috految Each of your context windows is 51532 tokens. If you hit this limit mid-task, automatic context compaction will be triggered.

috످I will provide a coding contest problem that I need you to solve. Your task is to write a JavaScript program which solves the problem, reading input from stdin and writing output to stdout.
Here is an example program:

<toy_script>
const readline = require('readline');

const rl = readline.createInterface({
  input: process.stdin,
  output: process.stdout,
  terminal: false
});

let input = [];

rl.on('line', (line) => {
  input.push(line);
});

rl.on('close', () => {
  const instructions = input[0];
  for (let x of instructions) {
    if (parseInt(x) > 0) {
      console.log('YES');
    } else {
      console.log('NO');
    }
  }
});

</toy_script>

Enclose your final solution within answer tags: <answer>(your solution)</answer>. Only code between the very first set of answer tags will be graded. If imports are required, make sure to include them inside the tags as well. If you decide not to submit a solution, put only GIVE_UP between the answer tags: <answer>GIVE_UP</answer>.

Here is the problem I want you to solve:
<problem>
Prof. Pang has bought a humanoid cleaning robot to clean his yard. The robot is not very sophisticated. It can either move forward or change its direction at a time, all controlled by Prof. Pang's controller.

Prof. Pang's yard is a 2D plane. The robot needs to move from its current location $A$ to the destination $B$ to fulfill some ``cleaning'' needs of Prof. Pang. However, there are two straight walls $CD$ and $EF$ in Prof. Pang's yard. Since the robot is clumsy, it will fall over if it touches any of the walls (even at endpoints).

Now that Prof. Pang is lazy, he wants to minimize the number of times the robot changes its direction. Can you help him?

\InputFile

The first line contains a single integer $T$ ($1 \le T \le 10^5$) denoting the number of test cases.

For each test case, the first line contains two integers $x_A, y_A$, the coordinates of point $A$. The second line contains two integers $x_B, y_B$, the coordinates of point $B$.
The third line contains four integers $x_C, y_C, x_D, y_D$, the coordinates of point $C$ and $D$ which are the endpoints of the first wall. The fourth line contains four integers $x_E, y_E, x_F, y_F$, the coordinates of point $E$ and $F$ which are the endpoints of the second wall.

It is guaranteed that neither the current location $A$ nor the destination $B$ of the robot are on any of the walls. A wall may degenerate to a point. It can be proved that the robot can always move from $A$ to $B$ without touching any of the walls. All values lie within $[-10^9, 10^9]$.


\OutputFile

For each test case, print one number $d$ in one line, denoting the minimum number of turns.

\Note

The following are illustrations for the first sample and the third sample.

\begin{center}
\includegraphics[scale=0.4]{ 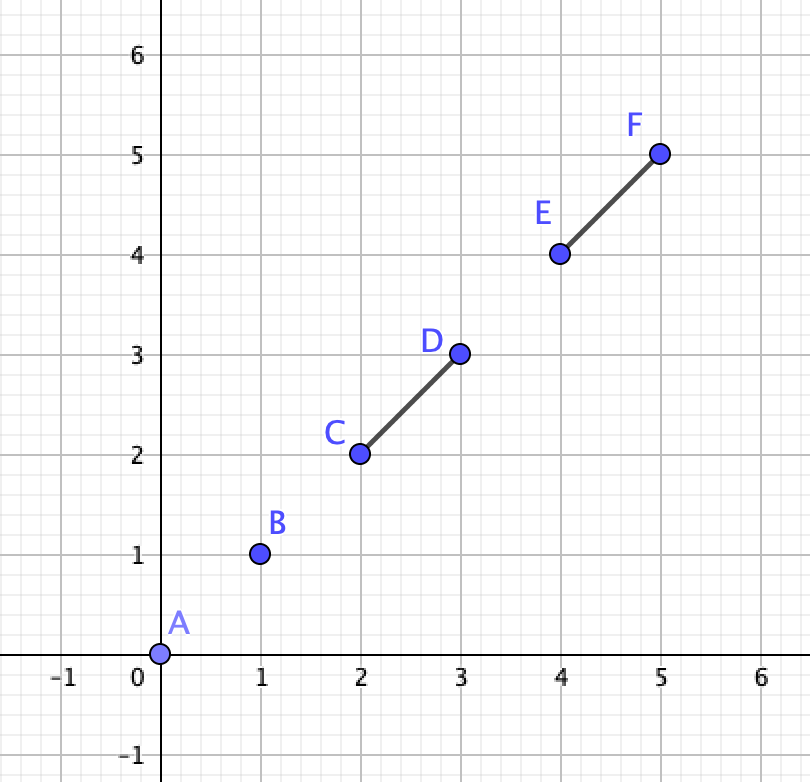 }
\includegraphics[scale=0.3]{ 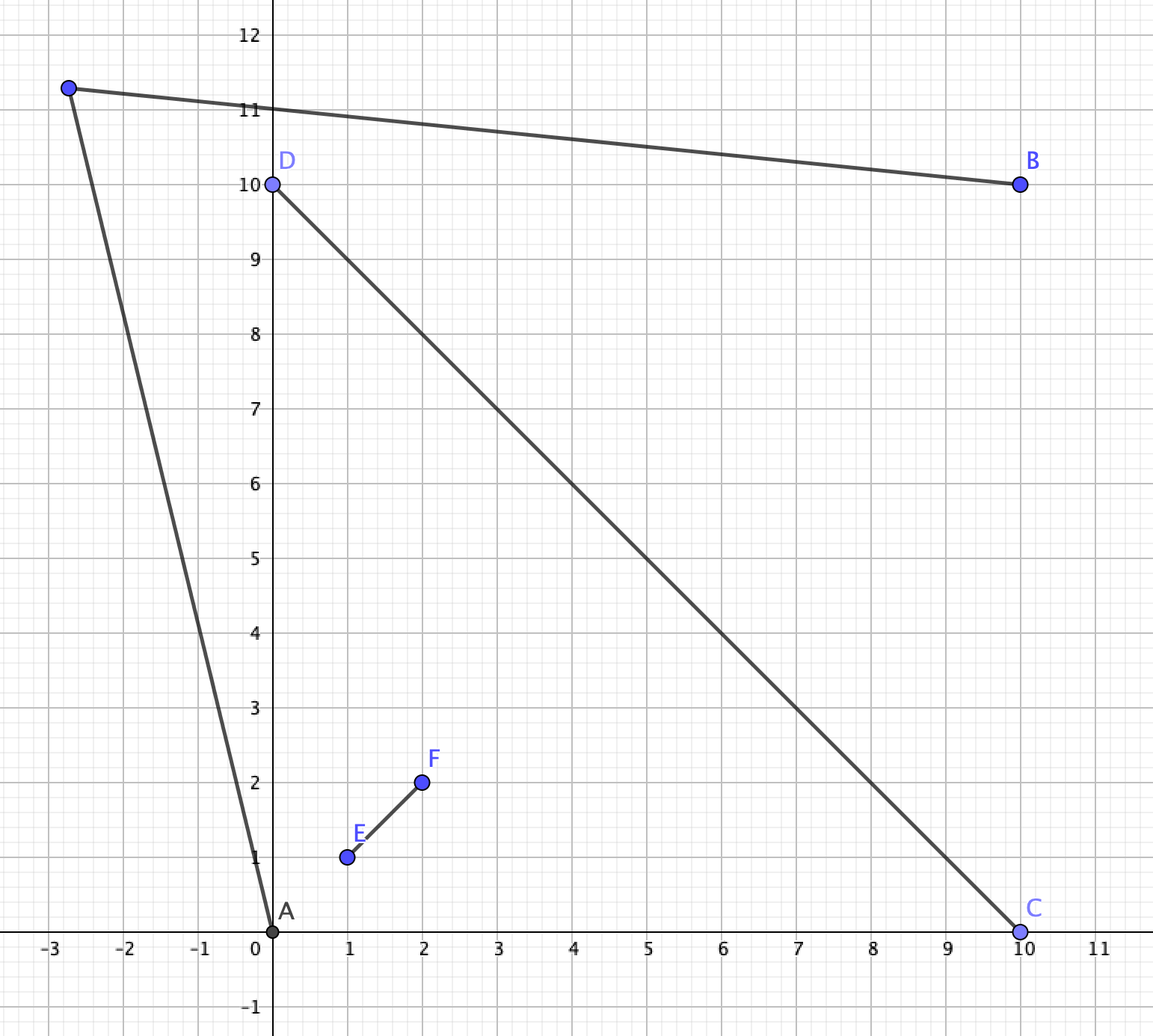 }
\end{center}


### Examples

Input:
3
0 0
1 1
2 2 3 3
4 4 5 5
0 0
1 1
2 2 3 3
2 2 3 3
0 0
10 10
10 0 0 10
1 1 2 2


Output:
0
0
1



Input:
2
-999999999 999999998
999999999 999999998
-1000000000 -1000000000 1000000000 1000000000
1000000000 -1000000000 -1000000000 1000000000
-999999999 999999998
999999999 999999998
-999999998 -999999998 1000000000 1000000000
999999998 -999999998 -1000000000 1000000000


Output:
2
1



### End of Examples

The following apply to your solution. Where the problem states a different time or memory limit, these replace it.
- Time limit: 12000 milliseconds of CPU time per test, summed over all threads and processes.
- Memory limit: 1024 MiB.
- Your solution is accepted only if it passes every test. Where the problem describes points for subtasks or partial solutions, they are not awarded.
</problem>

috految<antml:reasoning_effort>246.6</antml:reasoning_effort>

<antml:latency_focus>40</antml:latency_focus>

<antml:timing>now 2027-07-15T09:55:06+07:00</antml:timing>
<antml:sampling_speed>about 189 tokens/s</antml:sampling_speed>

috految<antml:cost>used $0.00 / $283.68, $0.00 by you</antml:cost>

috److془This is ICPC 2021 EC Final problem D "Two Walls".

Let's derive carefully.

Answer 0: if segment AB doesn't intersect CD or EF (A == B gives 0).

Otherwise answer is ≤ 2. Answer 1 if there's a point P visible from both A and B.

Case: AB doesn't strictly intersect both walls. Say AB doesn't strictly intersect EF. Then either A, B are on the same (closed) side of line EF or E, F are on the same (closed) side of line AB.

If E, F are on the same closed side of AB: go to the other open half plane; only CD matters. Take direction parallel to CD (if CD not parallel to AB), far away. If A is collinear with CD, then perturb. Fine. If CD parallel to AB, then take a point close to AB. (If CD is on line AB, fine.) Answer 1.

If A, B on the same closed side of line EF: take the direction parallel to CD in the half-plane, far away. Perturbed. Answer 1. (If CD parallel to EF, then take direction parallel to both, perturbed.)

Otherwise: AB strictly crosses both CD and EF. Let C, E be on the left side of AB, D, F on the right side. P on the left side: triangle ABP must contain C and E strictly (as walls enter through AB and can't exit through AP or PB). So need max(angle BAC, angle BAE) + max(angle ABC, angle ABE) < pi. Equivalent: for all X, Y in {C, E}: cross(X - A, Y - B) > 0. Check: A = (0,0), B = (1,0), X - A angle α in (0, π), Y - B has angle π - β in (0, π). α + β < π iff α < π - β iff cross(X-A, Y-B) > 0. Good. Similarly for the right side: cross < 0.

P on line AB: AP ∪ PB covers AB; not possible.

Otherwise 2. Is the answer ≤ 2 always? A has an open set of directions to infinity (each wall blocks < π angle). B too. Choose non-opposite directions, far away, connect. So ≤ 2. 

Check example 2: A = (-999999999, 999999998), B = (999999999, 999999998). C = (1e9, 1e9), E = (-1e9, 1e9). cross(E - A, C - B) = cross((-1,2), (1,2)) = -2 - 2 < 0. Fail. Lower: D = (-1e9,-1e9), F = (1e9, -1e9): cross(D - A, F - B) = cross((-1, -N), (1, -N)) = N + N > 0, fail. Answer 2. ✓. Second: (1, -N), (-1, -N) → <0 ✓. Answer 1.

Segment intersection with degenerate: bounding box check + cross sign products <= 0. For CD a point: sign(AB, C)*sign(AB, D) <= 0 iff C on line AB; bounding box gives on segment. ✓. For A == B: answer 0.

Use BigInt for cross when doubles are equal. Actually, products in doubles with rounding are monotone, so if p != q then sign is right. If equal, then the difference is ≤ 1024, use Math.imul: (Math.imul(a,d) - Math.imul(b,c))|0. 

Input order: xA yA, xB yB, xC yC xD yD, xE yE xF yF.

Example 1 test 3: A(0,0), B(10,10), CD strictly crosses, EF not strictly → 1 ✓.془The answer is always at most 2. Each wall blocks less than 180° of directions, so both A and B can escape far away, and those two far points can be joined by a straight segment.

1. **Answer 0:** A equals B, or segment AB touches neither wall.
2. **Answer 1 when AB does not strictly cross both walls:** Suppose AB does not strictly cross EF. Then either E and F lie on the same closed side of line AB, or A and B lie on the same closed side of line EF. In both cases there is a half-plane where only CD matters, so one turn is enough.
3. **AB strictly crosses both walls:** Let C and E be the endpoints on the left of AB, and D and F those on the right.
   - A turning point P on the left works exactly when triangle ABP strictly contains both C and E.
   - Such a P exists when `cross(X - A, Y - B) > 0` for all X, Y in {C, E}.
   - The right side is symmetric, using {D, F} and `cross < 0`.
   - If either side works the answer is 1, otherwise it is 2.

For exact cross-product signs, I compare the two products as doubles. If they are equal, the true difference is small, so its sign can be recovered with `Math.imul`.

<answer>
const fs = require('fs');

const data = fs.readFileSync(0, 'utf8').split(/\s+/).filter(s => s.length > 0);
let pos = 0;

function next() {
  return Number(data[pos++]);
}

function readPoint() {
  const x = next();
  const y = next();
  return { x: x, y: y };
}

function crossSign(ax, ay, bx, by) {
  const p = ax * by;
  const q = ay * bx;
  if (p > q) return 1;
  if (p < q) return -1;
  const d = (Math.imul(ax, by) - Math.imul(ay, bx)) | 0;
  if (d > 0) return 1;
  if (d < 0) return -1;
  return 0;
}

function orient(a, b, c) {
  return crossSign(b.x - a.x, b.y - a.y, c.x - a.x, c.y - a.y);
}

function intersects(a, b, c, d) {
  if (Math.max(a.x, b.x) < Math.min(c.x, d.x)) return false;
  if (Math.max(c.x, d.x) < Math.min(a.x, b.x)) return false;
  if (Math.max(a.y, b.y) < Math.min(c.y, d.y)) return false;
  if (Math.max(c.y, d.y) < Math.min(a.y, b.y)) return false;
  return orient(a, b, c) * orient(a, b, d) <= 0 &&
    orient(c, d, a) * orient(c, d, b) <= 0;
}

function strictIntersects(a, b, c, d) {
  return orient(a, b, c) * orient(a, b, d) < 0 &&
    orient(c, d, a) * orient(c, d, b) < 0;
}

function solve() {
  const A = readPoint();
  const B = readPoint();
  let C = readPoint();
  let D = readPoint();
  let E = readPoint();
  let F = readPoint();
  if (A.x === B.x && A.y === B.y) {
    return 0;
  }
  if (!intersects(A, B, C, D) && !intersects(A, B, E, F)) {
    return 0;
  }
  if (!strictIntersects(A, B, C, D) || !strictIntersects(A, B, E, F)) {
    return 1;
  }
  if (orient(A, B, C) < 0) {
    const t = C;
    C = D;
    D = t;
  }
  if (orient(A, B, E) < 0) {
    const t = E;
    E = F;
    F = t;
  }
  let ok = true;
  for (const X of [C, E]) {
    for (const Y of [C, E]) {
      if (crossSign(X.x - A.x, X.y - A.y, Y.x - B.x, Y.y - B.y) <= 0) {
        ok = false;
      }
    }
  }
  if (ok) return 1;
  ok = true;
  for (const X of [D, F]) {
    for (const Y of [D, F]) {
      if (crossSign(X.x - A.x, X.y - A.y, Y.x - B.x, Y.y - B.y) >= 0) {
        ok = false;
      }
    }
  }
  if (ok) return 1;
  return 2;
}

const T = next();
const out = [];
for (let i = 0; i < T; i++) {
  out.push(solve());
}
console.log(out.join('\n'));
</answer>

috످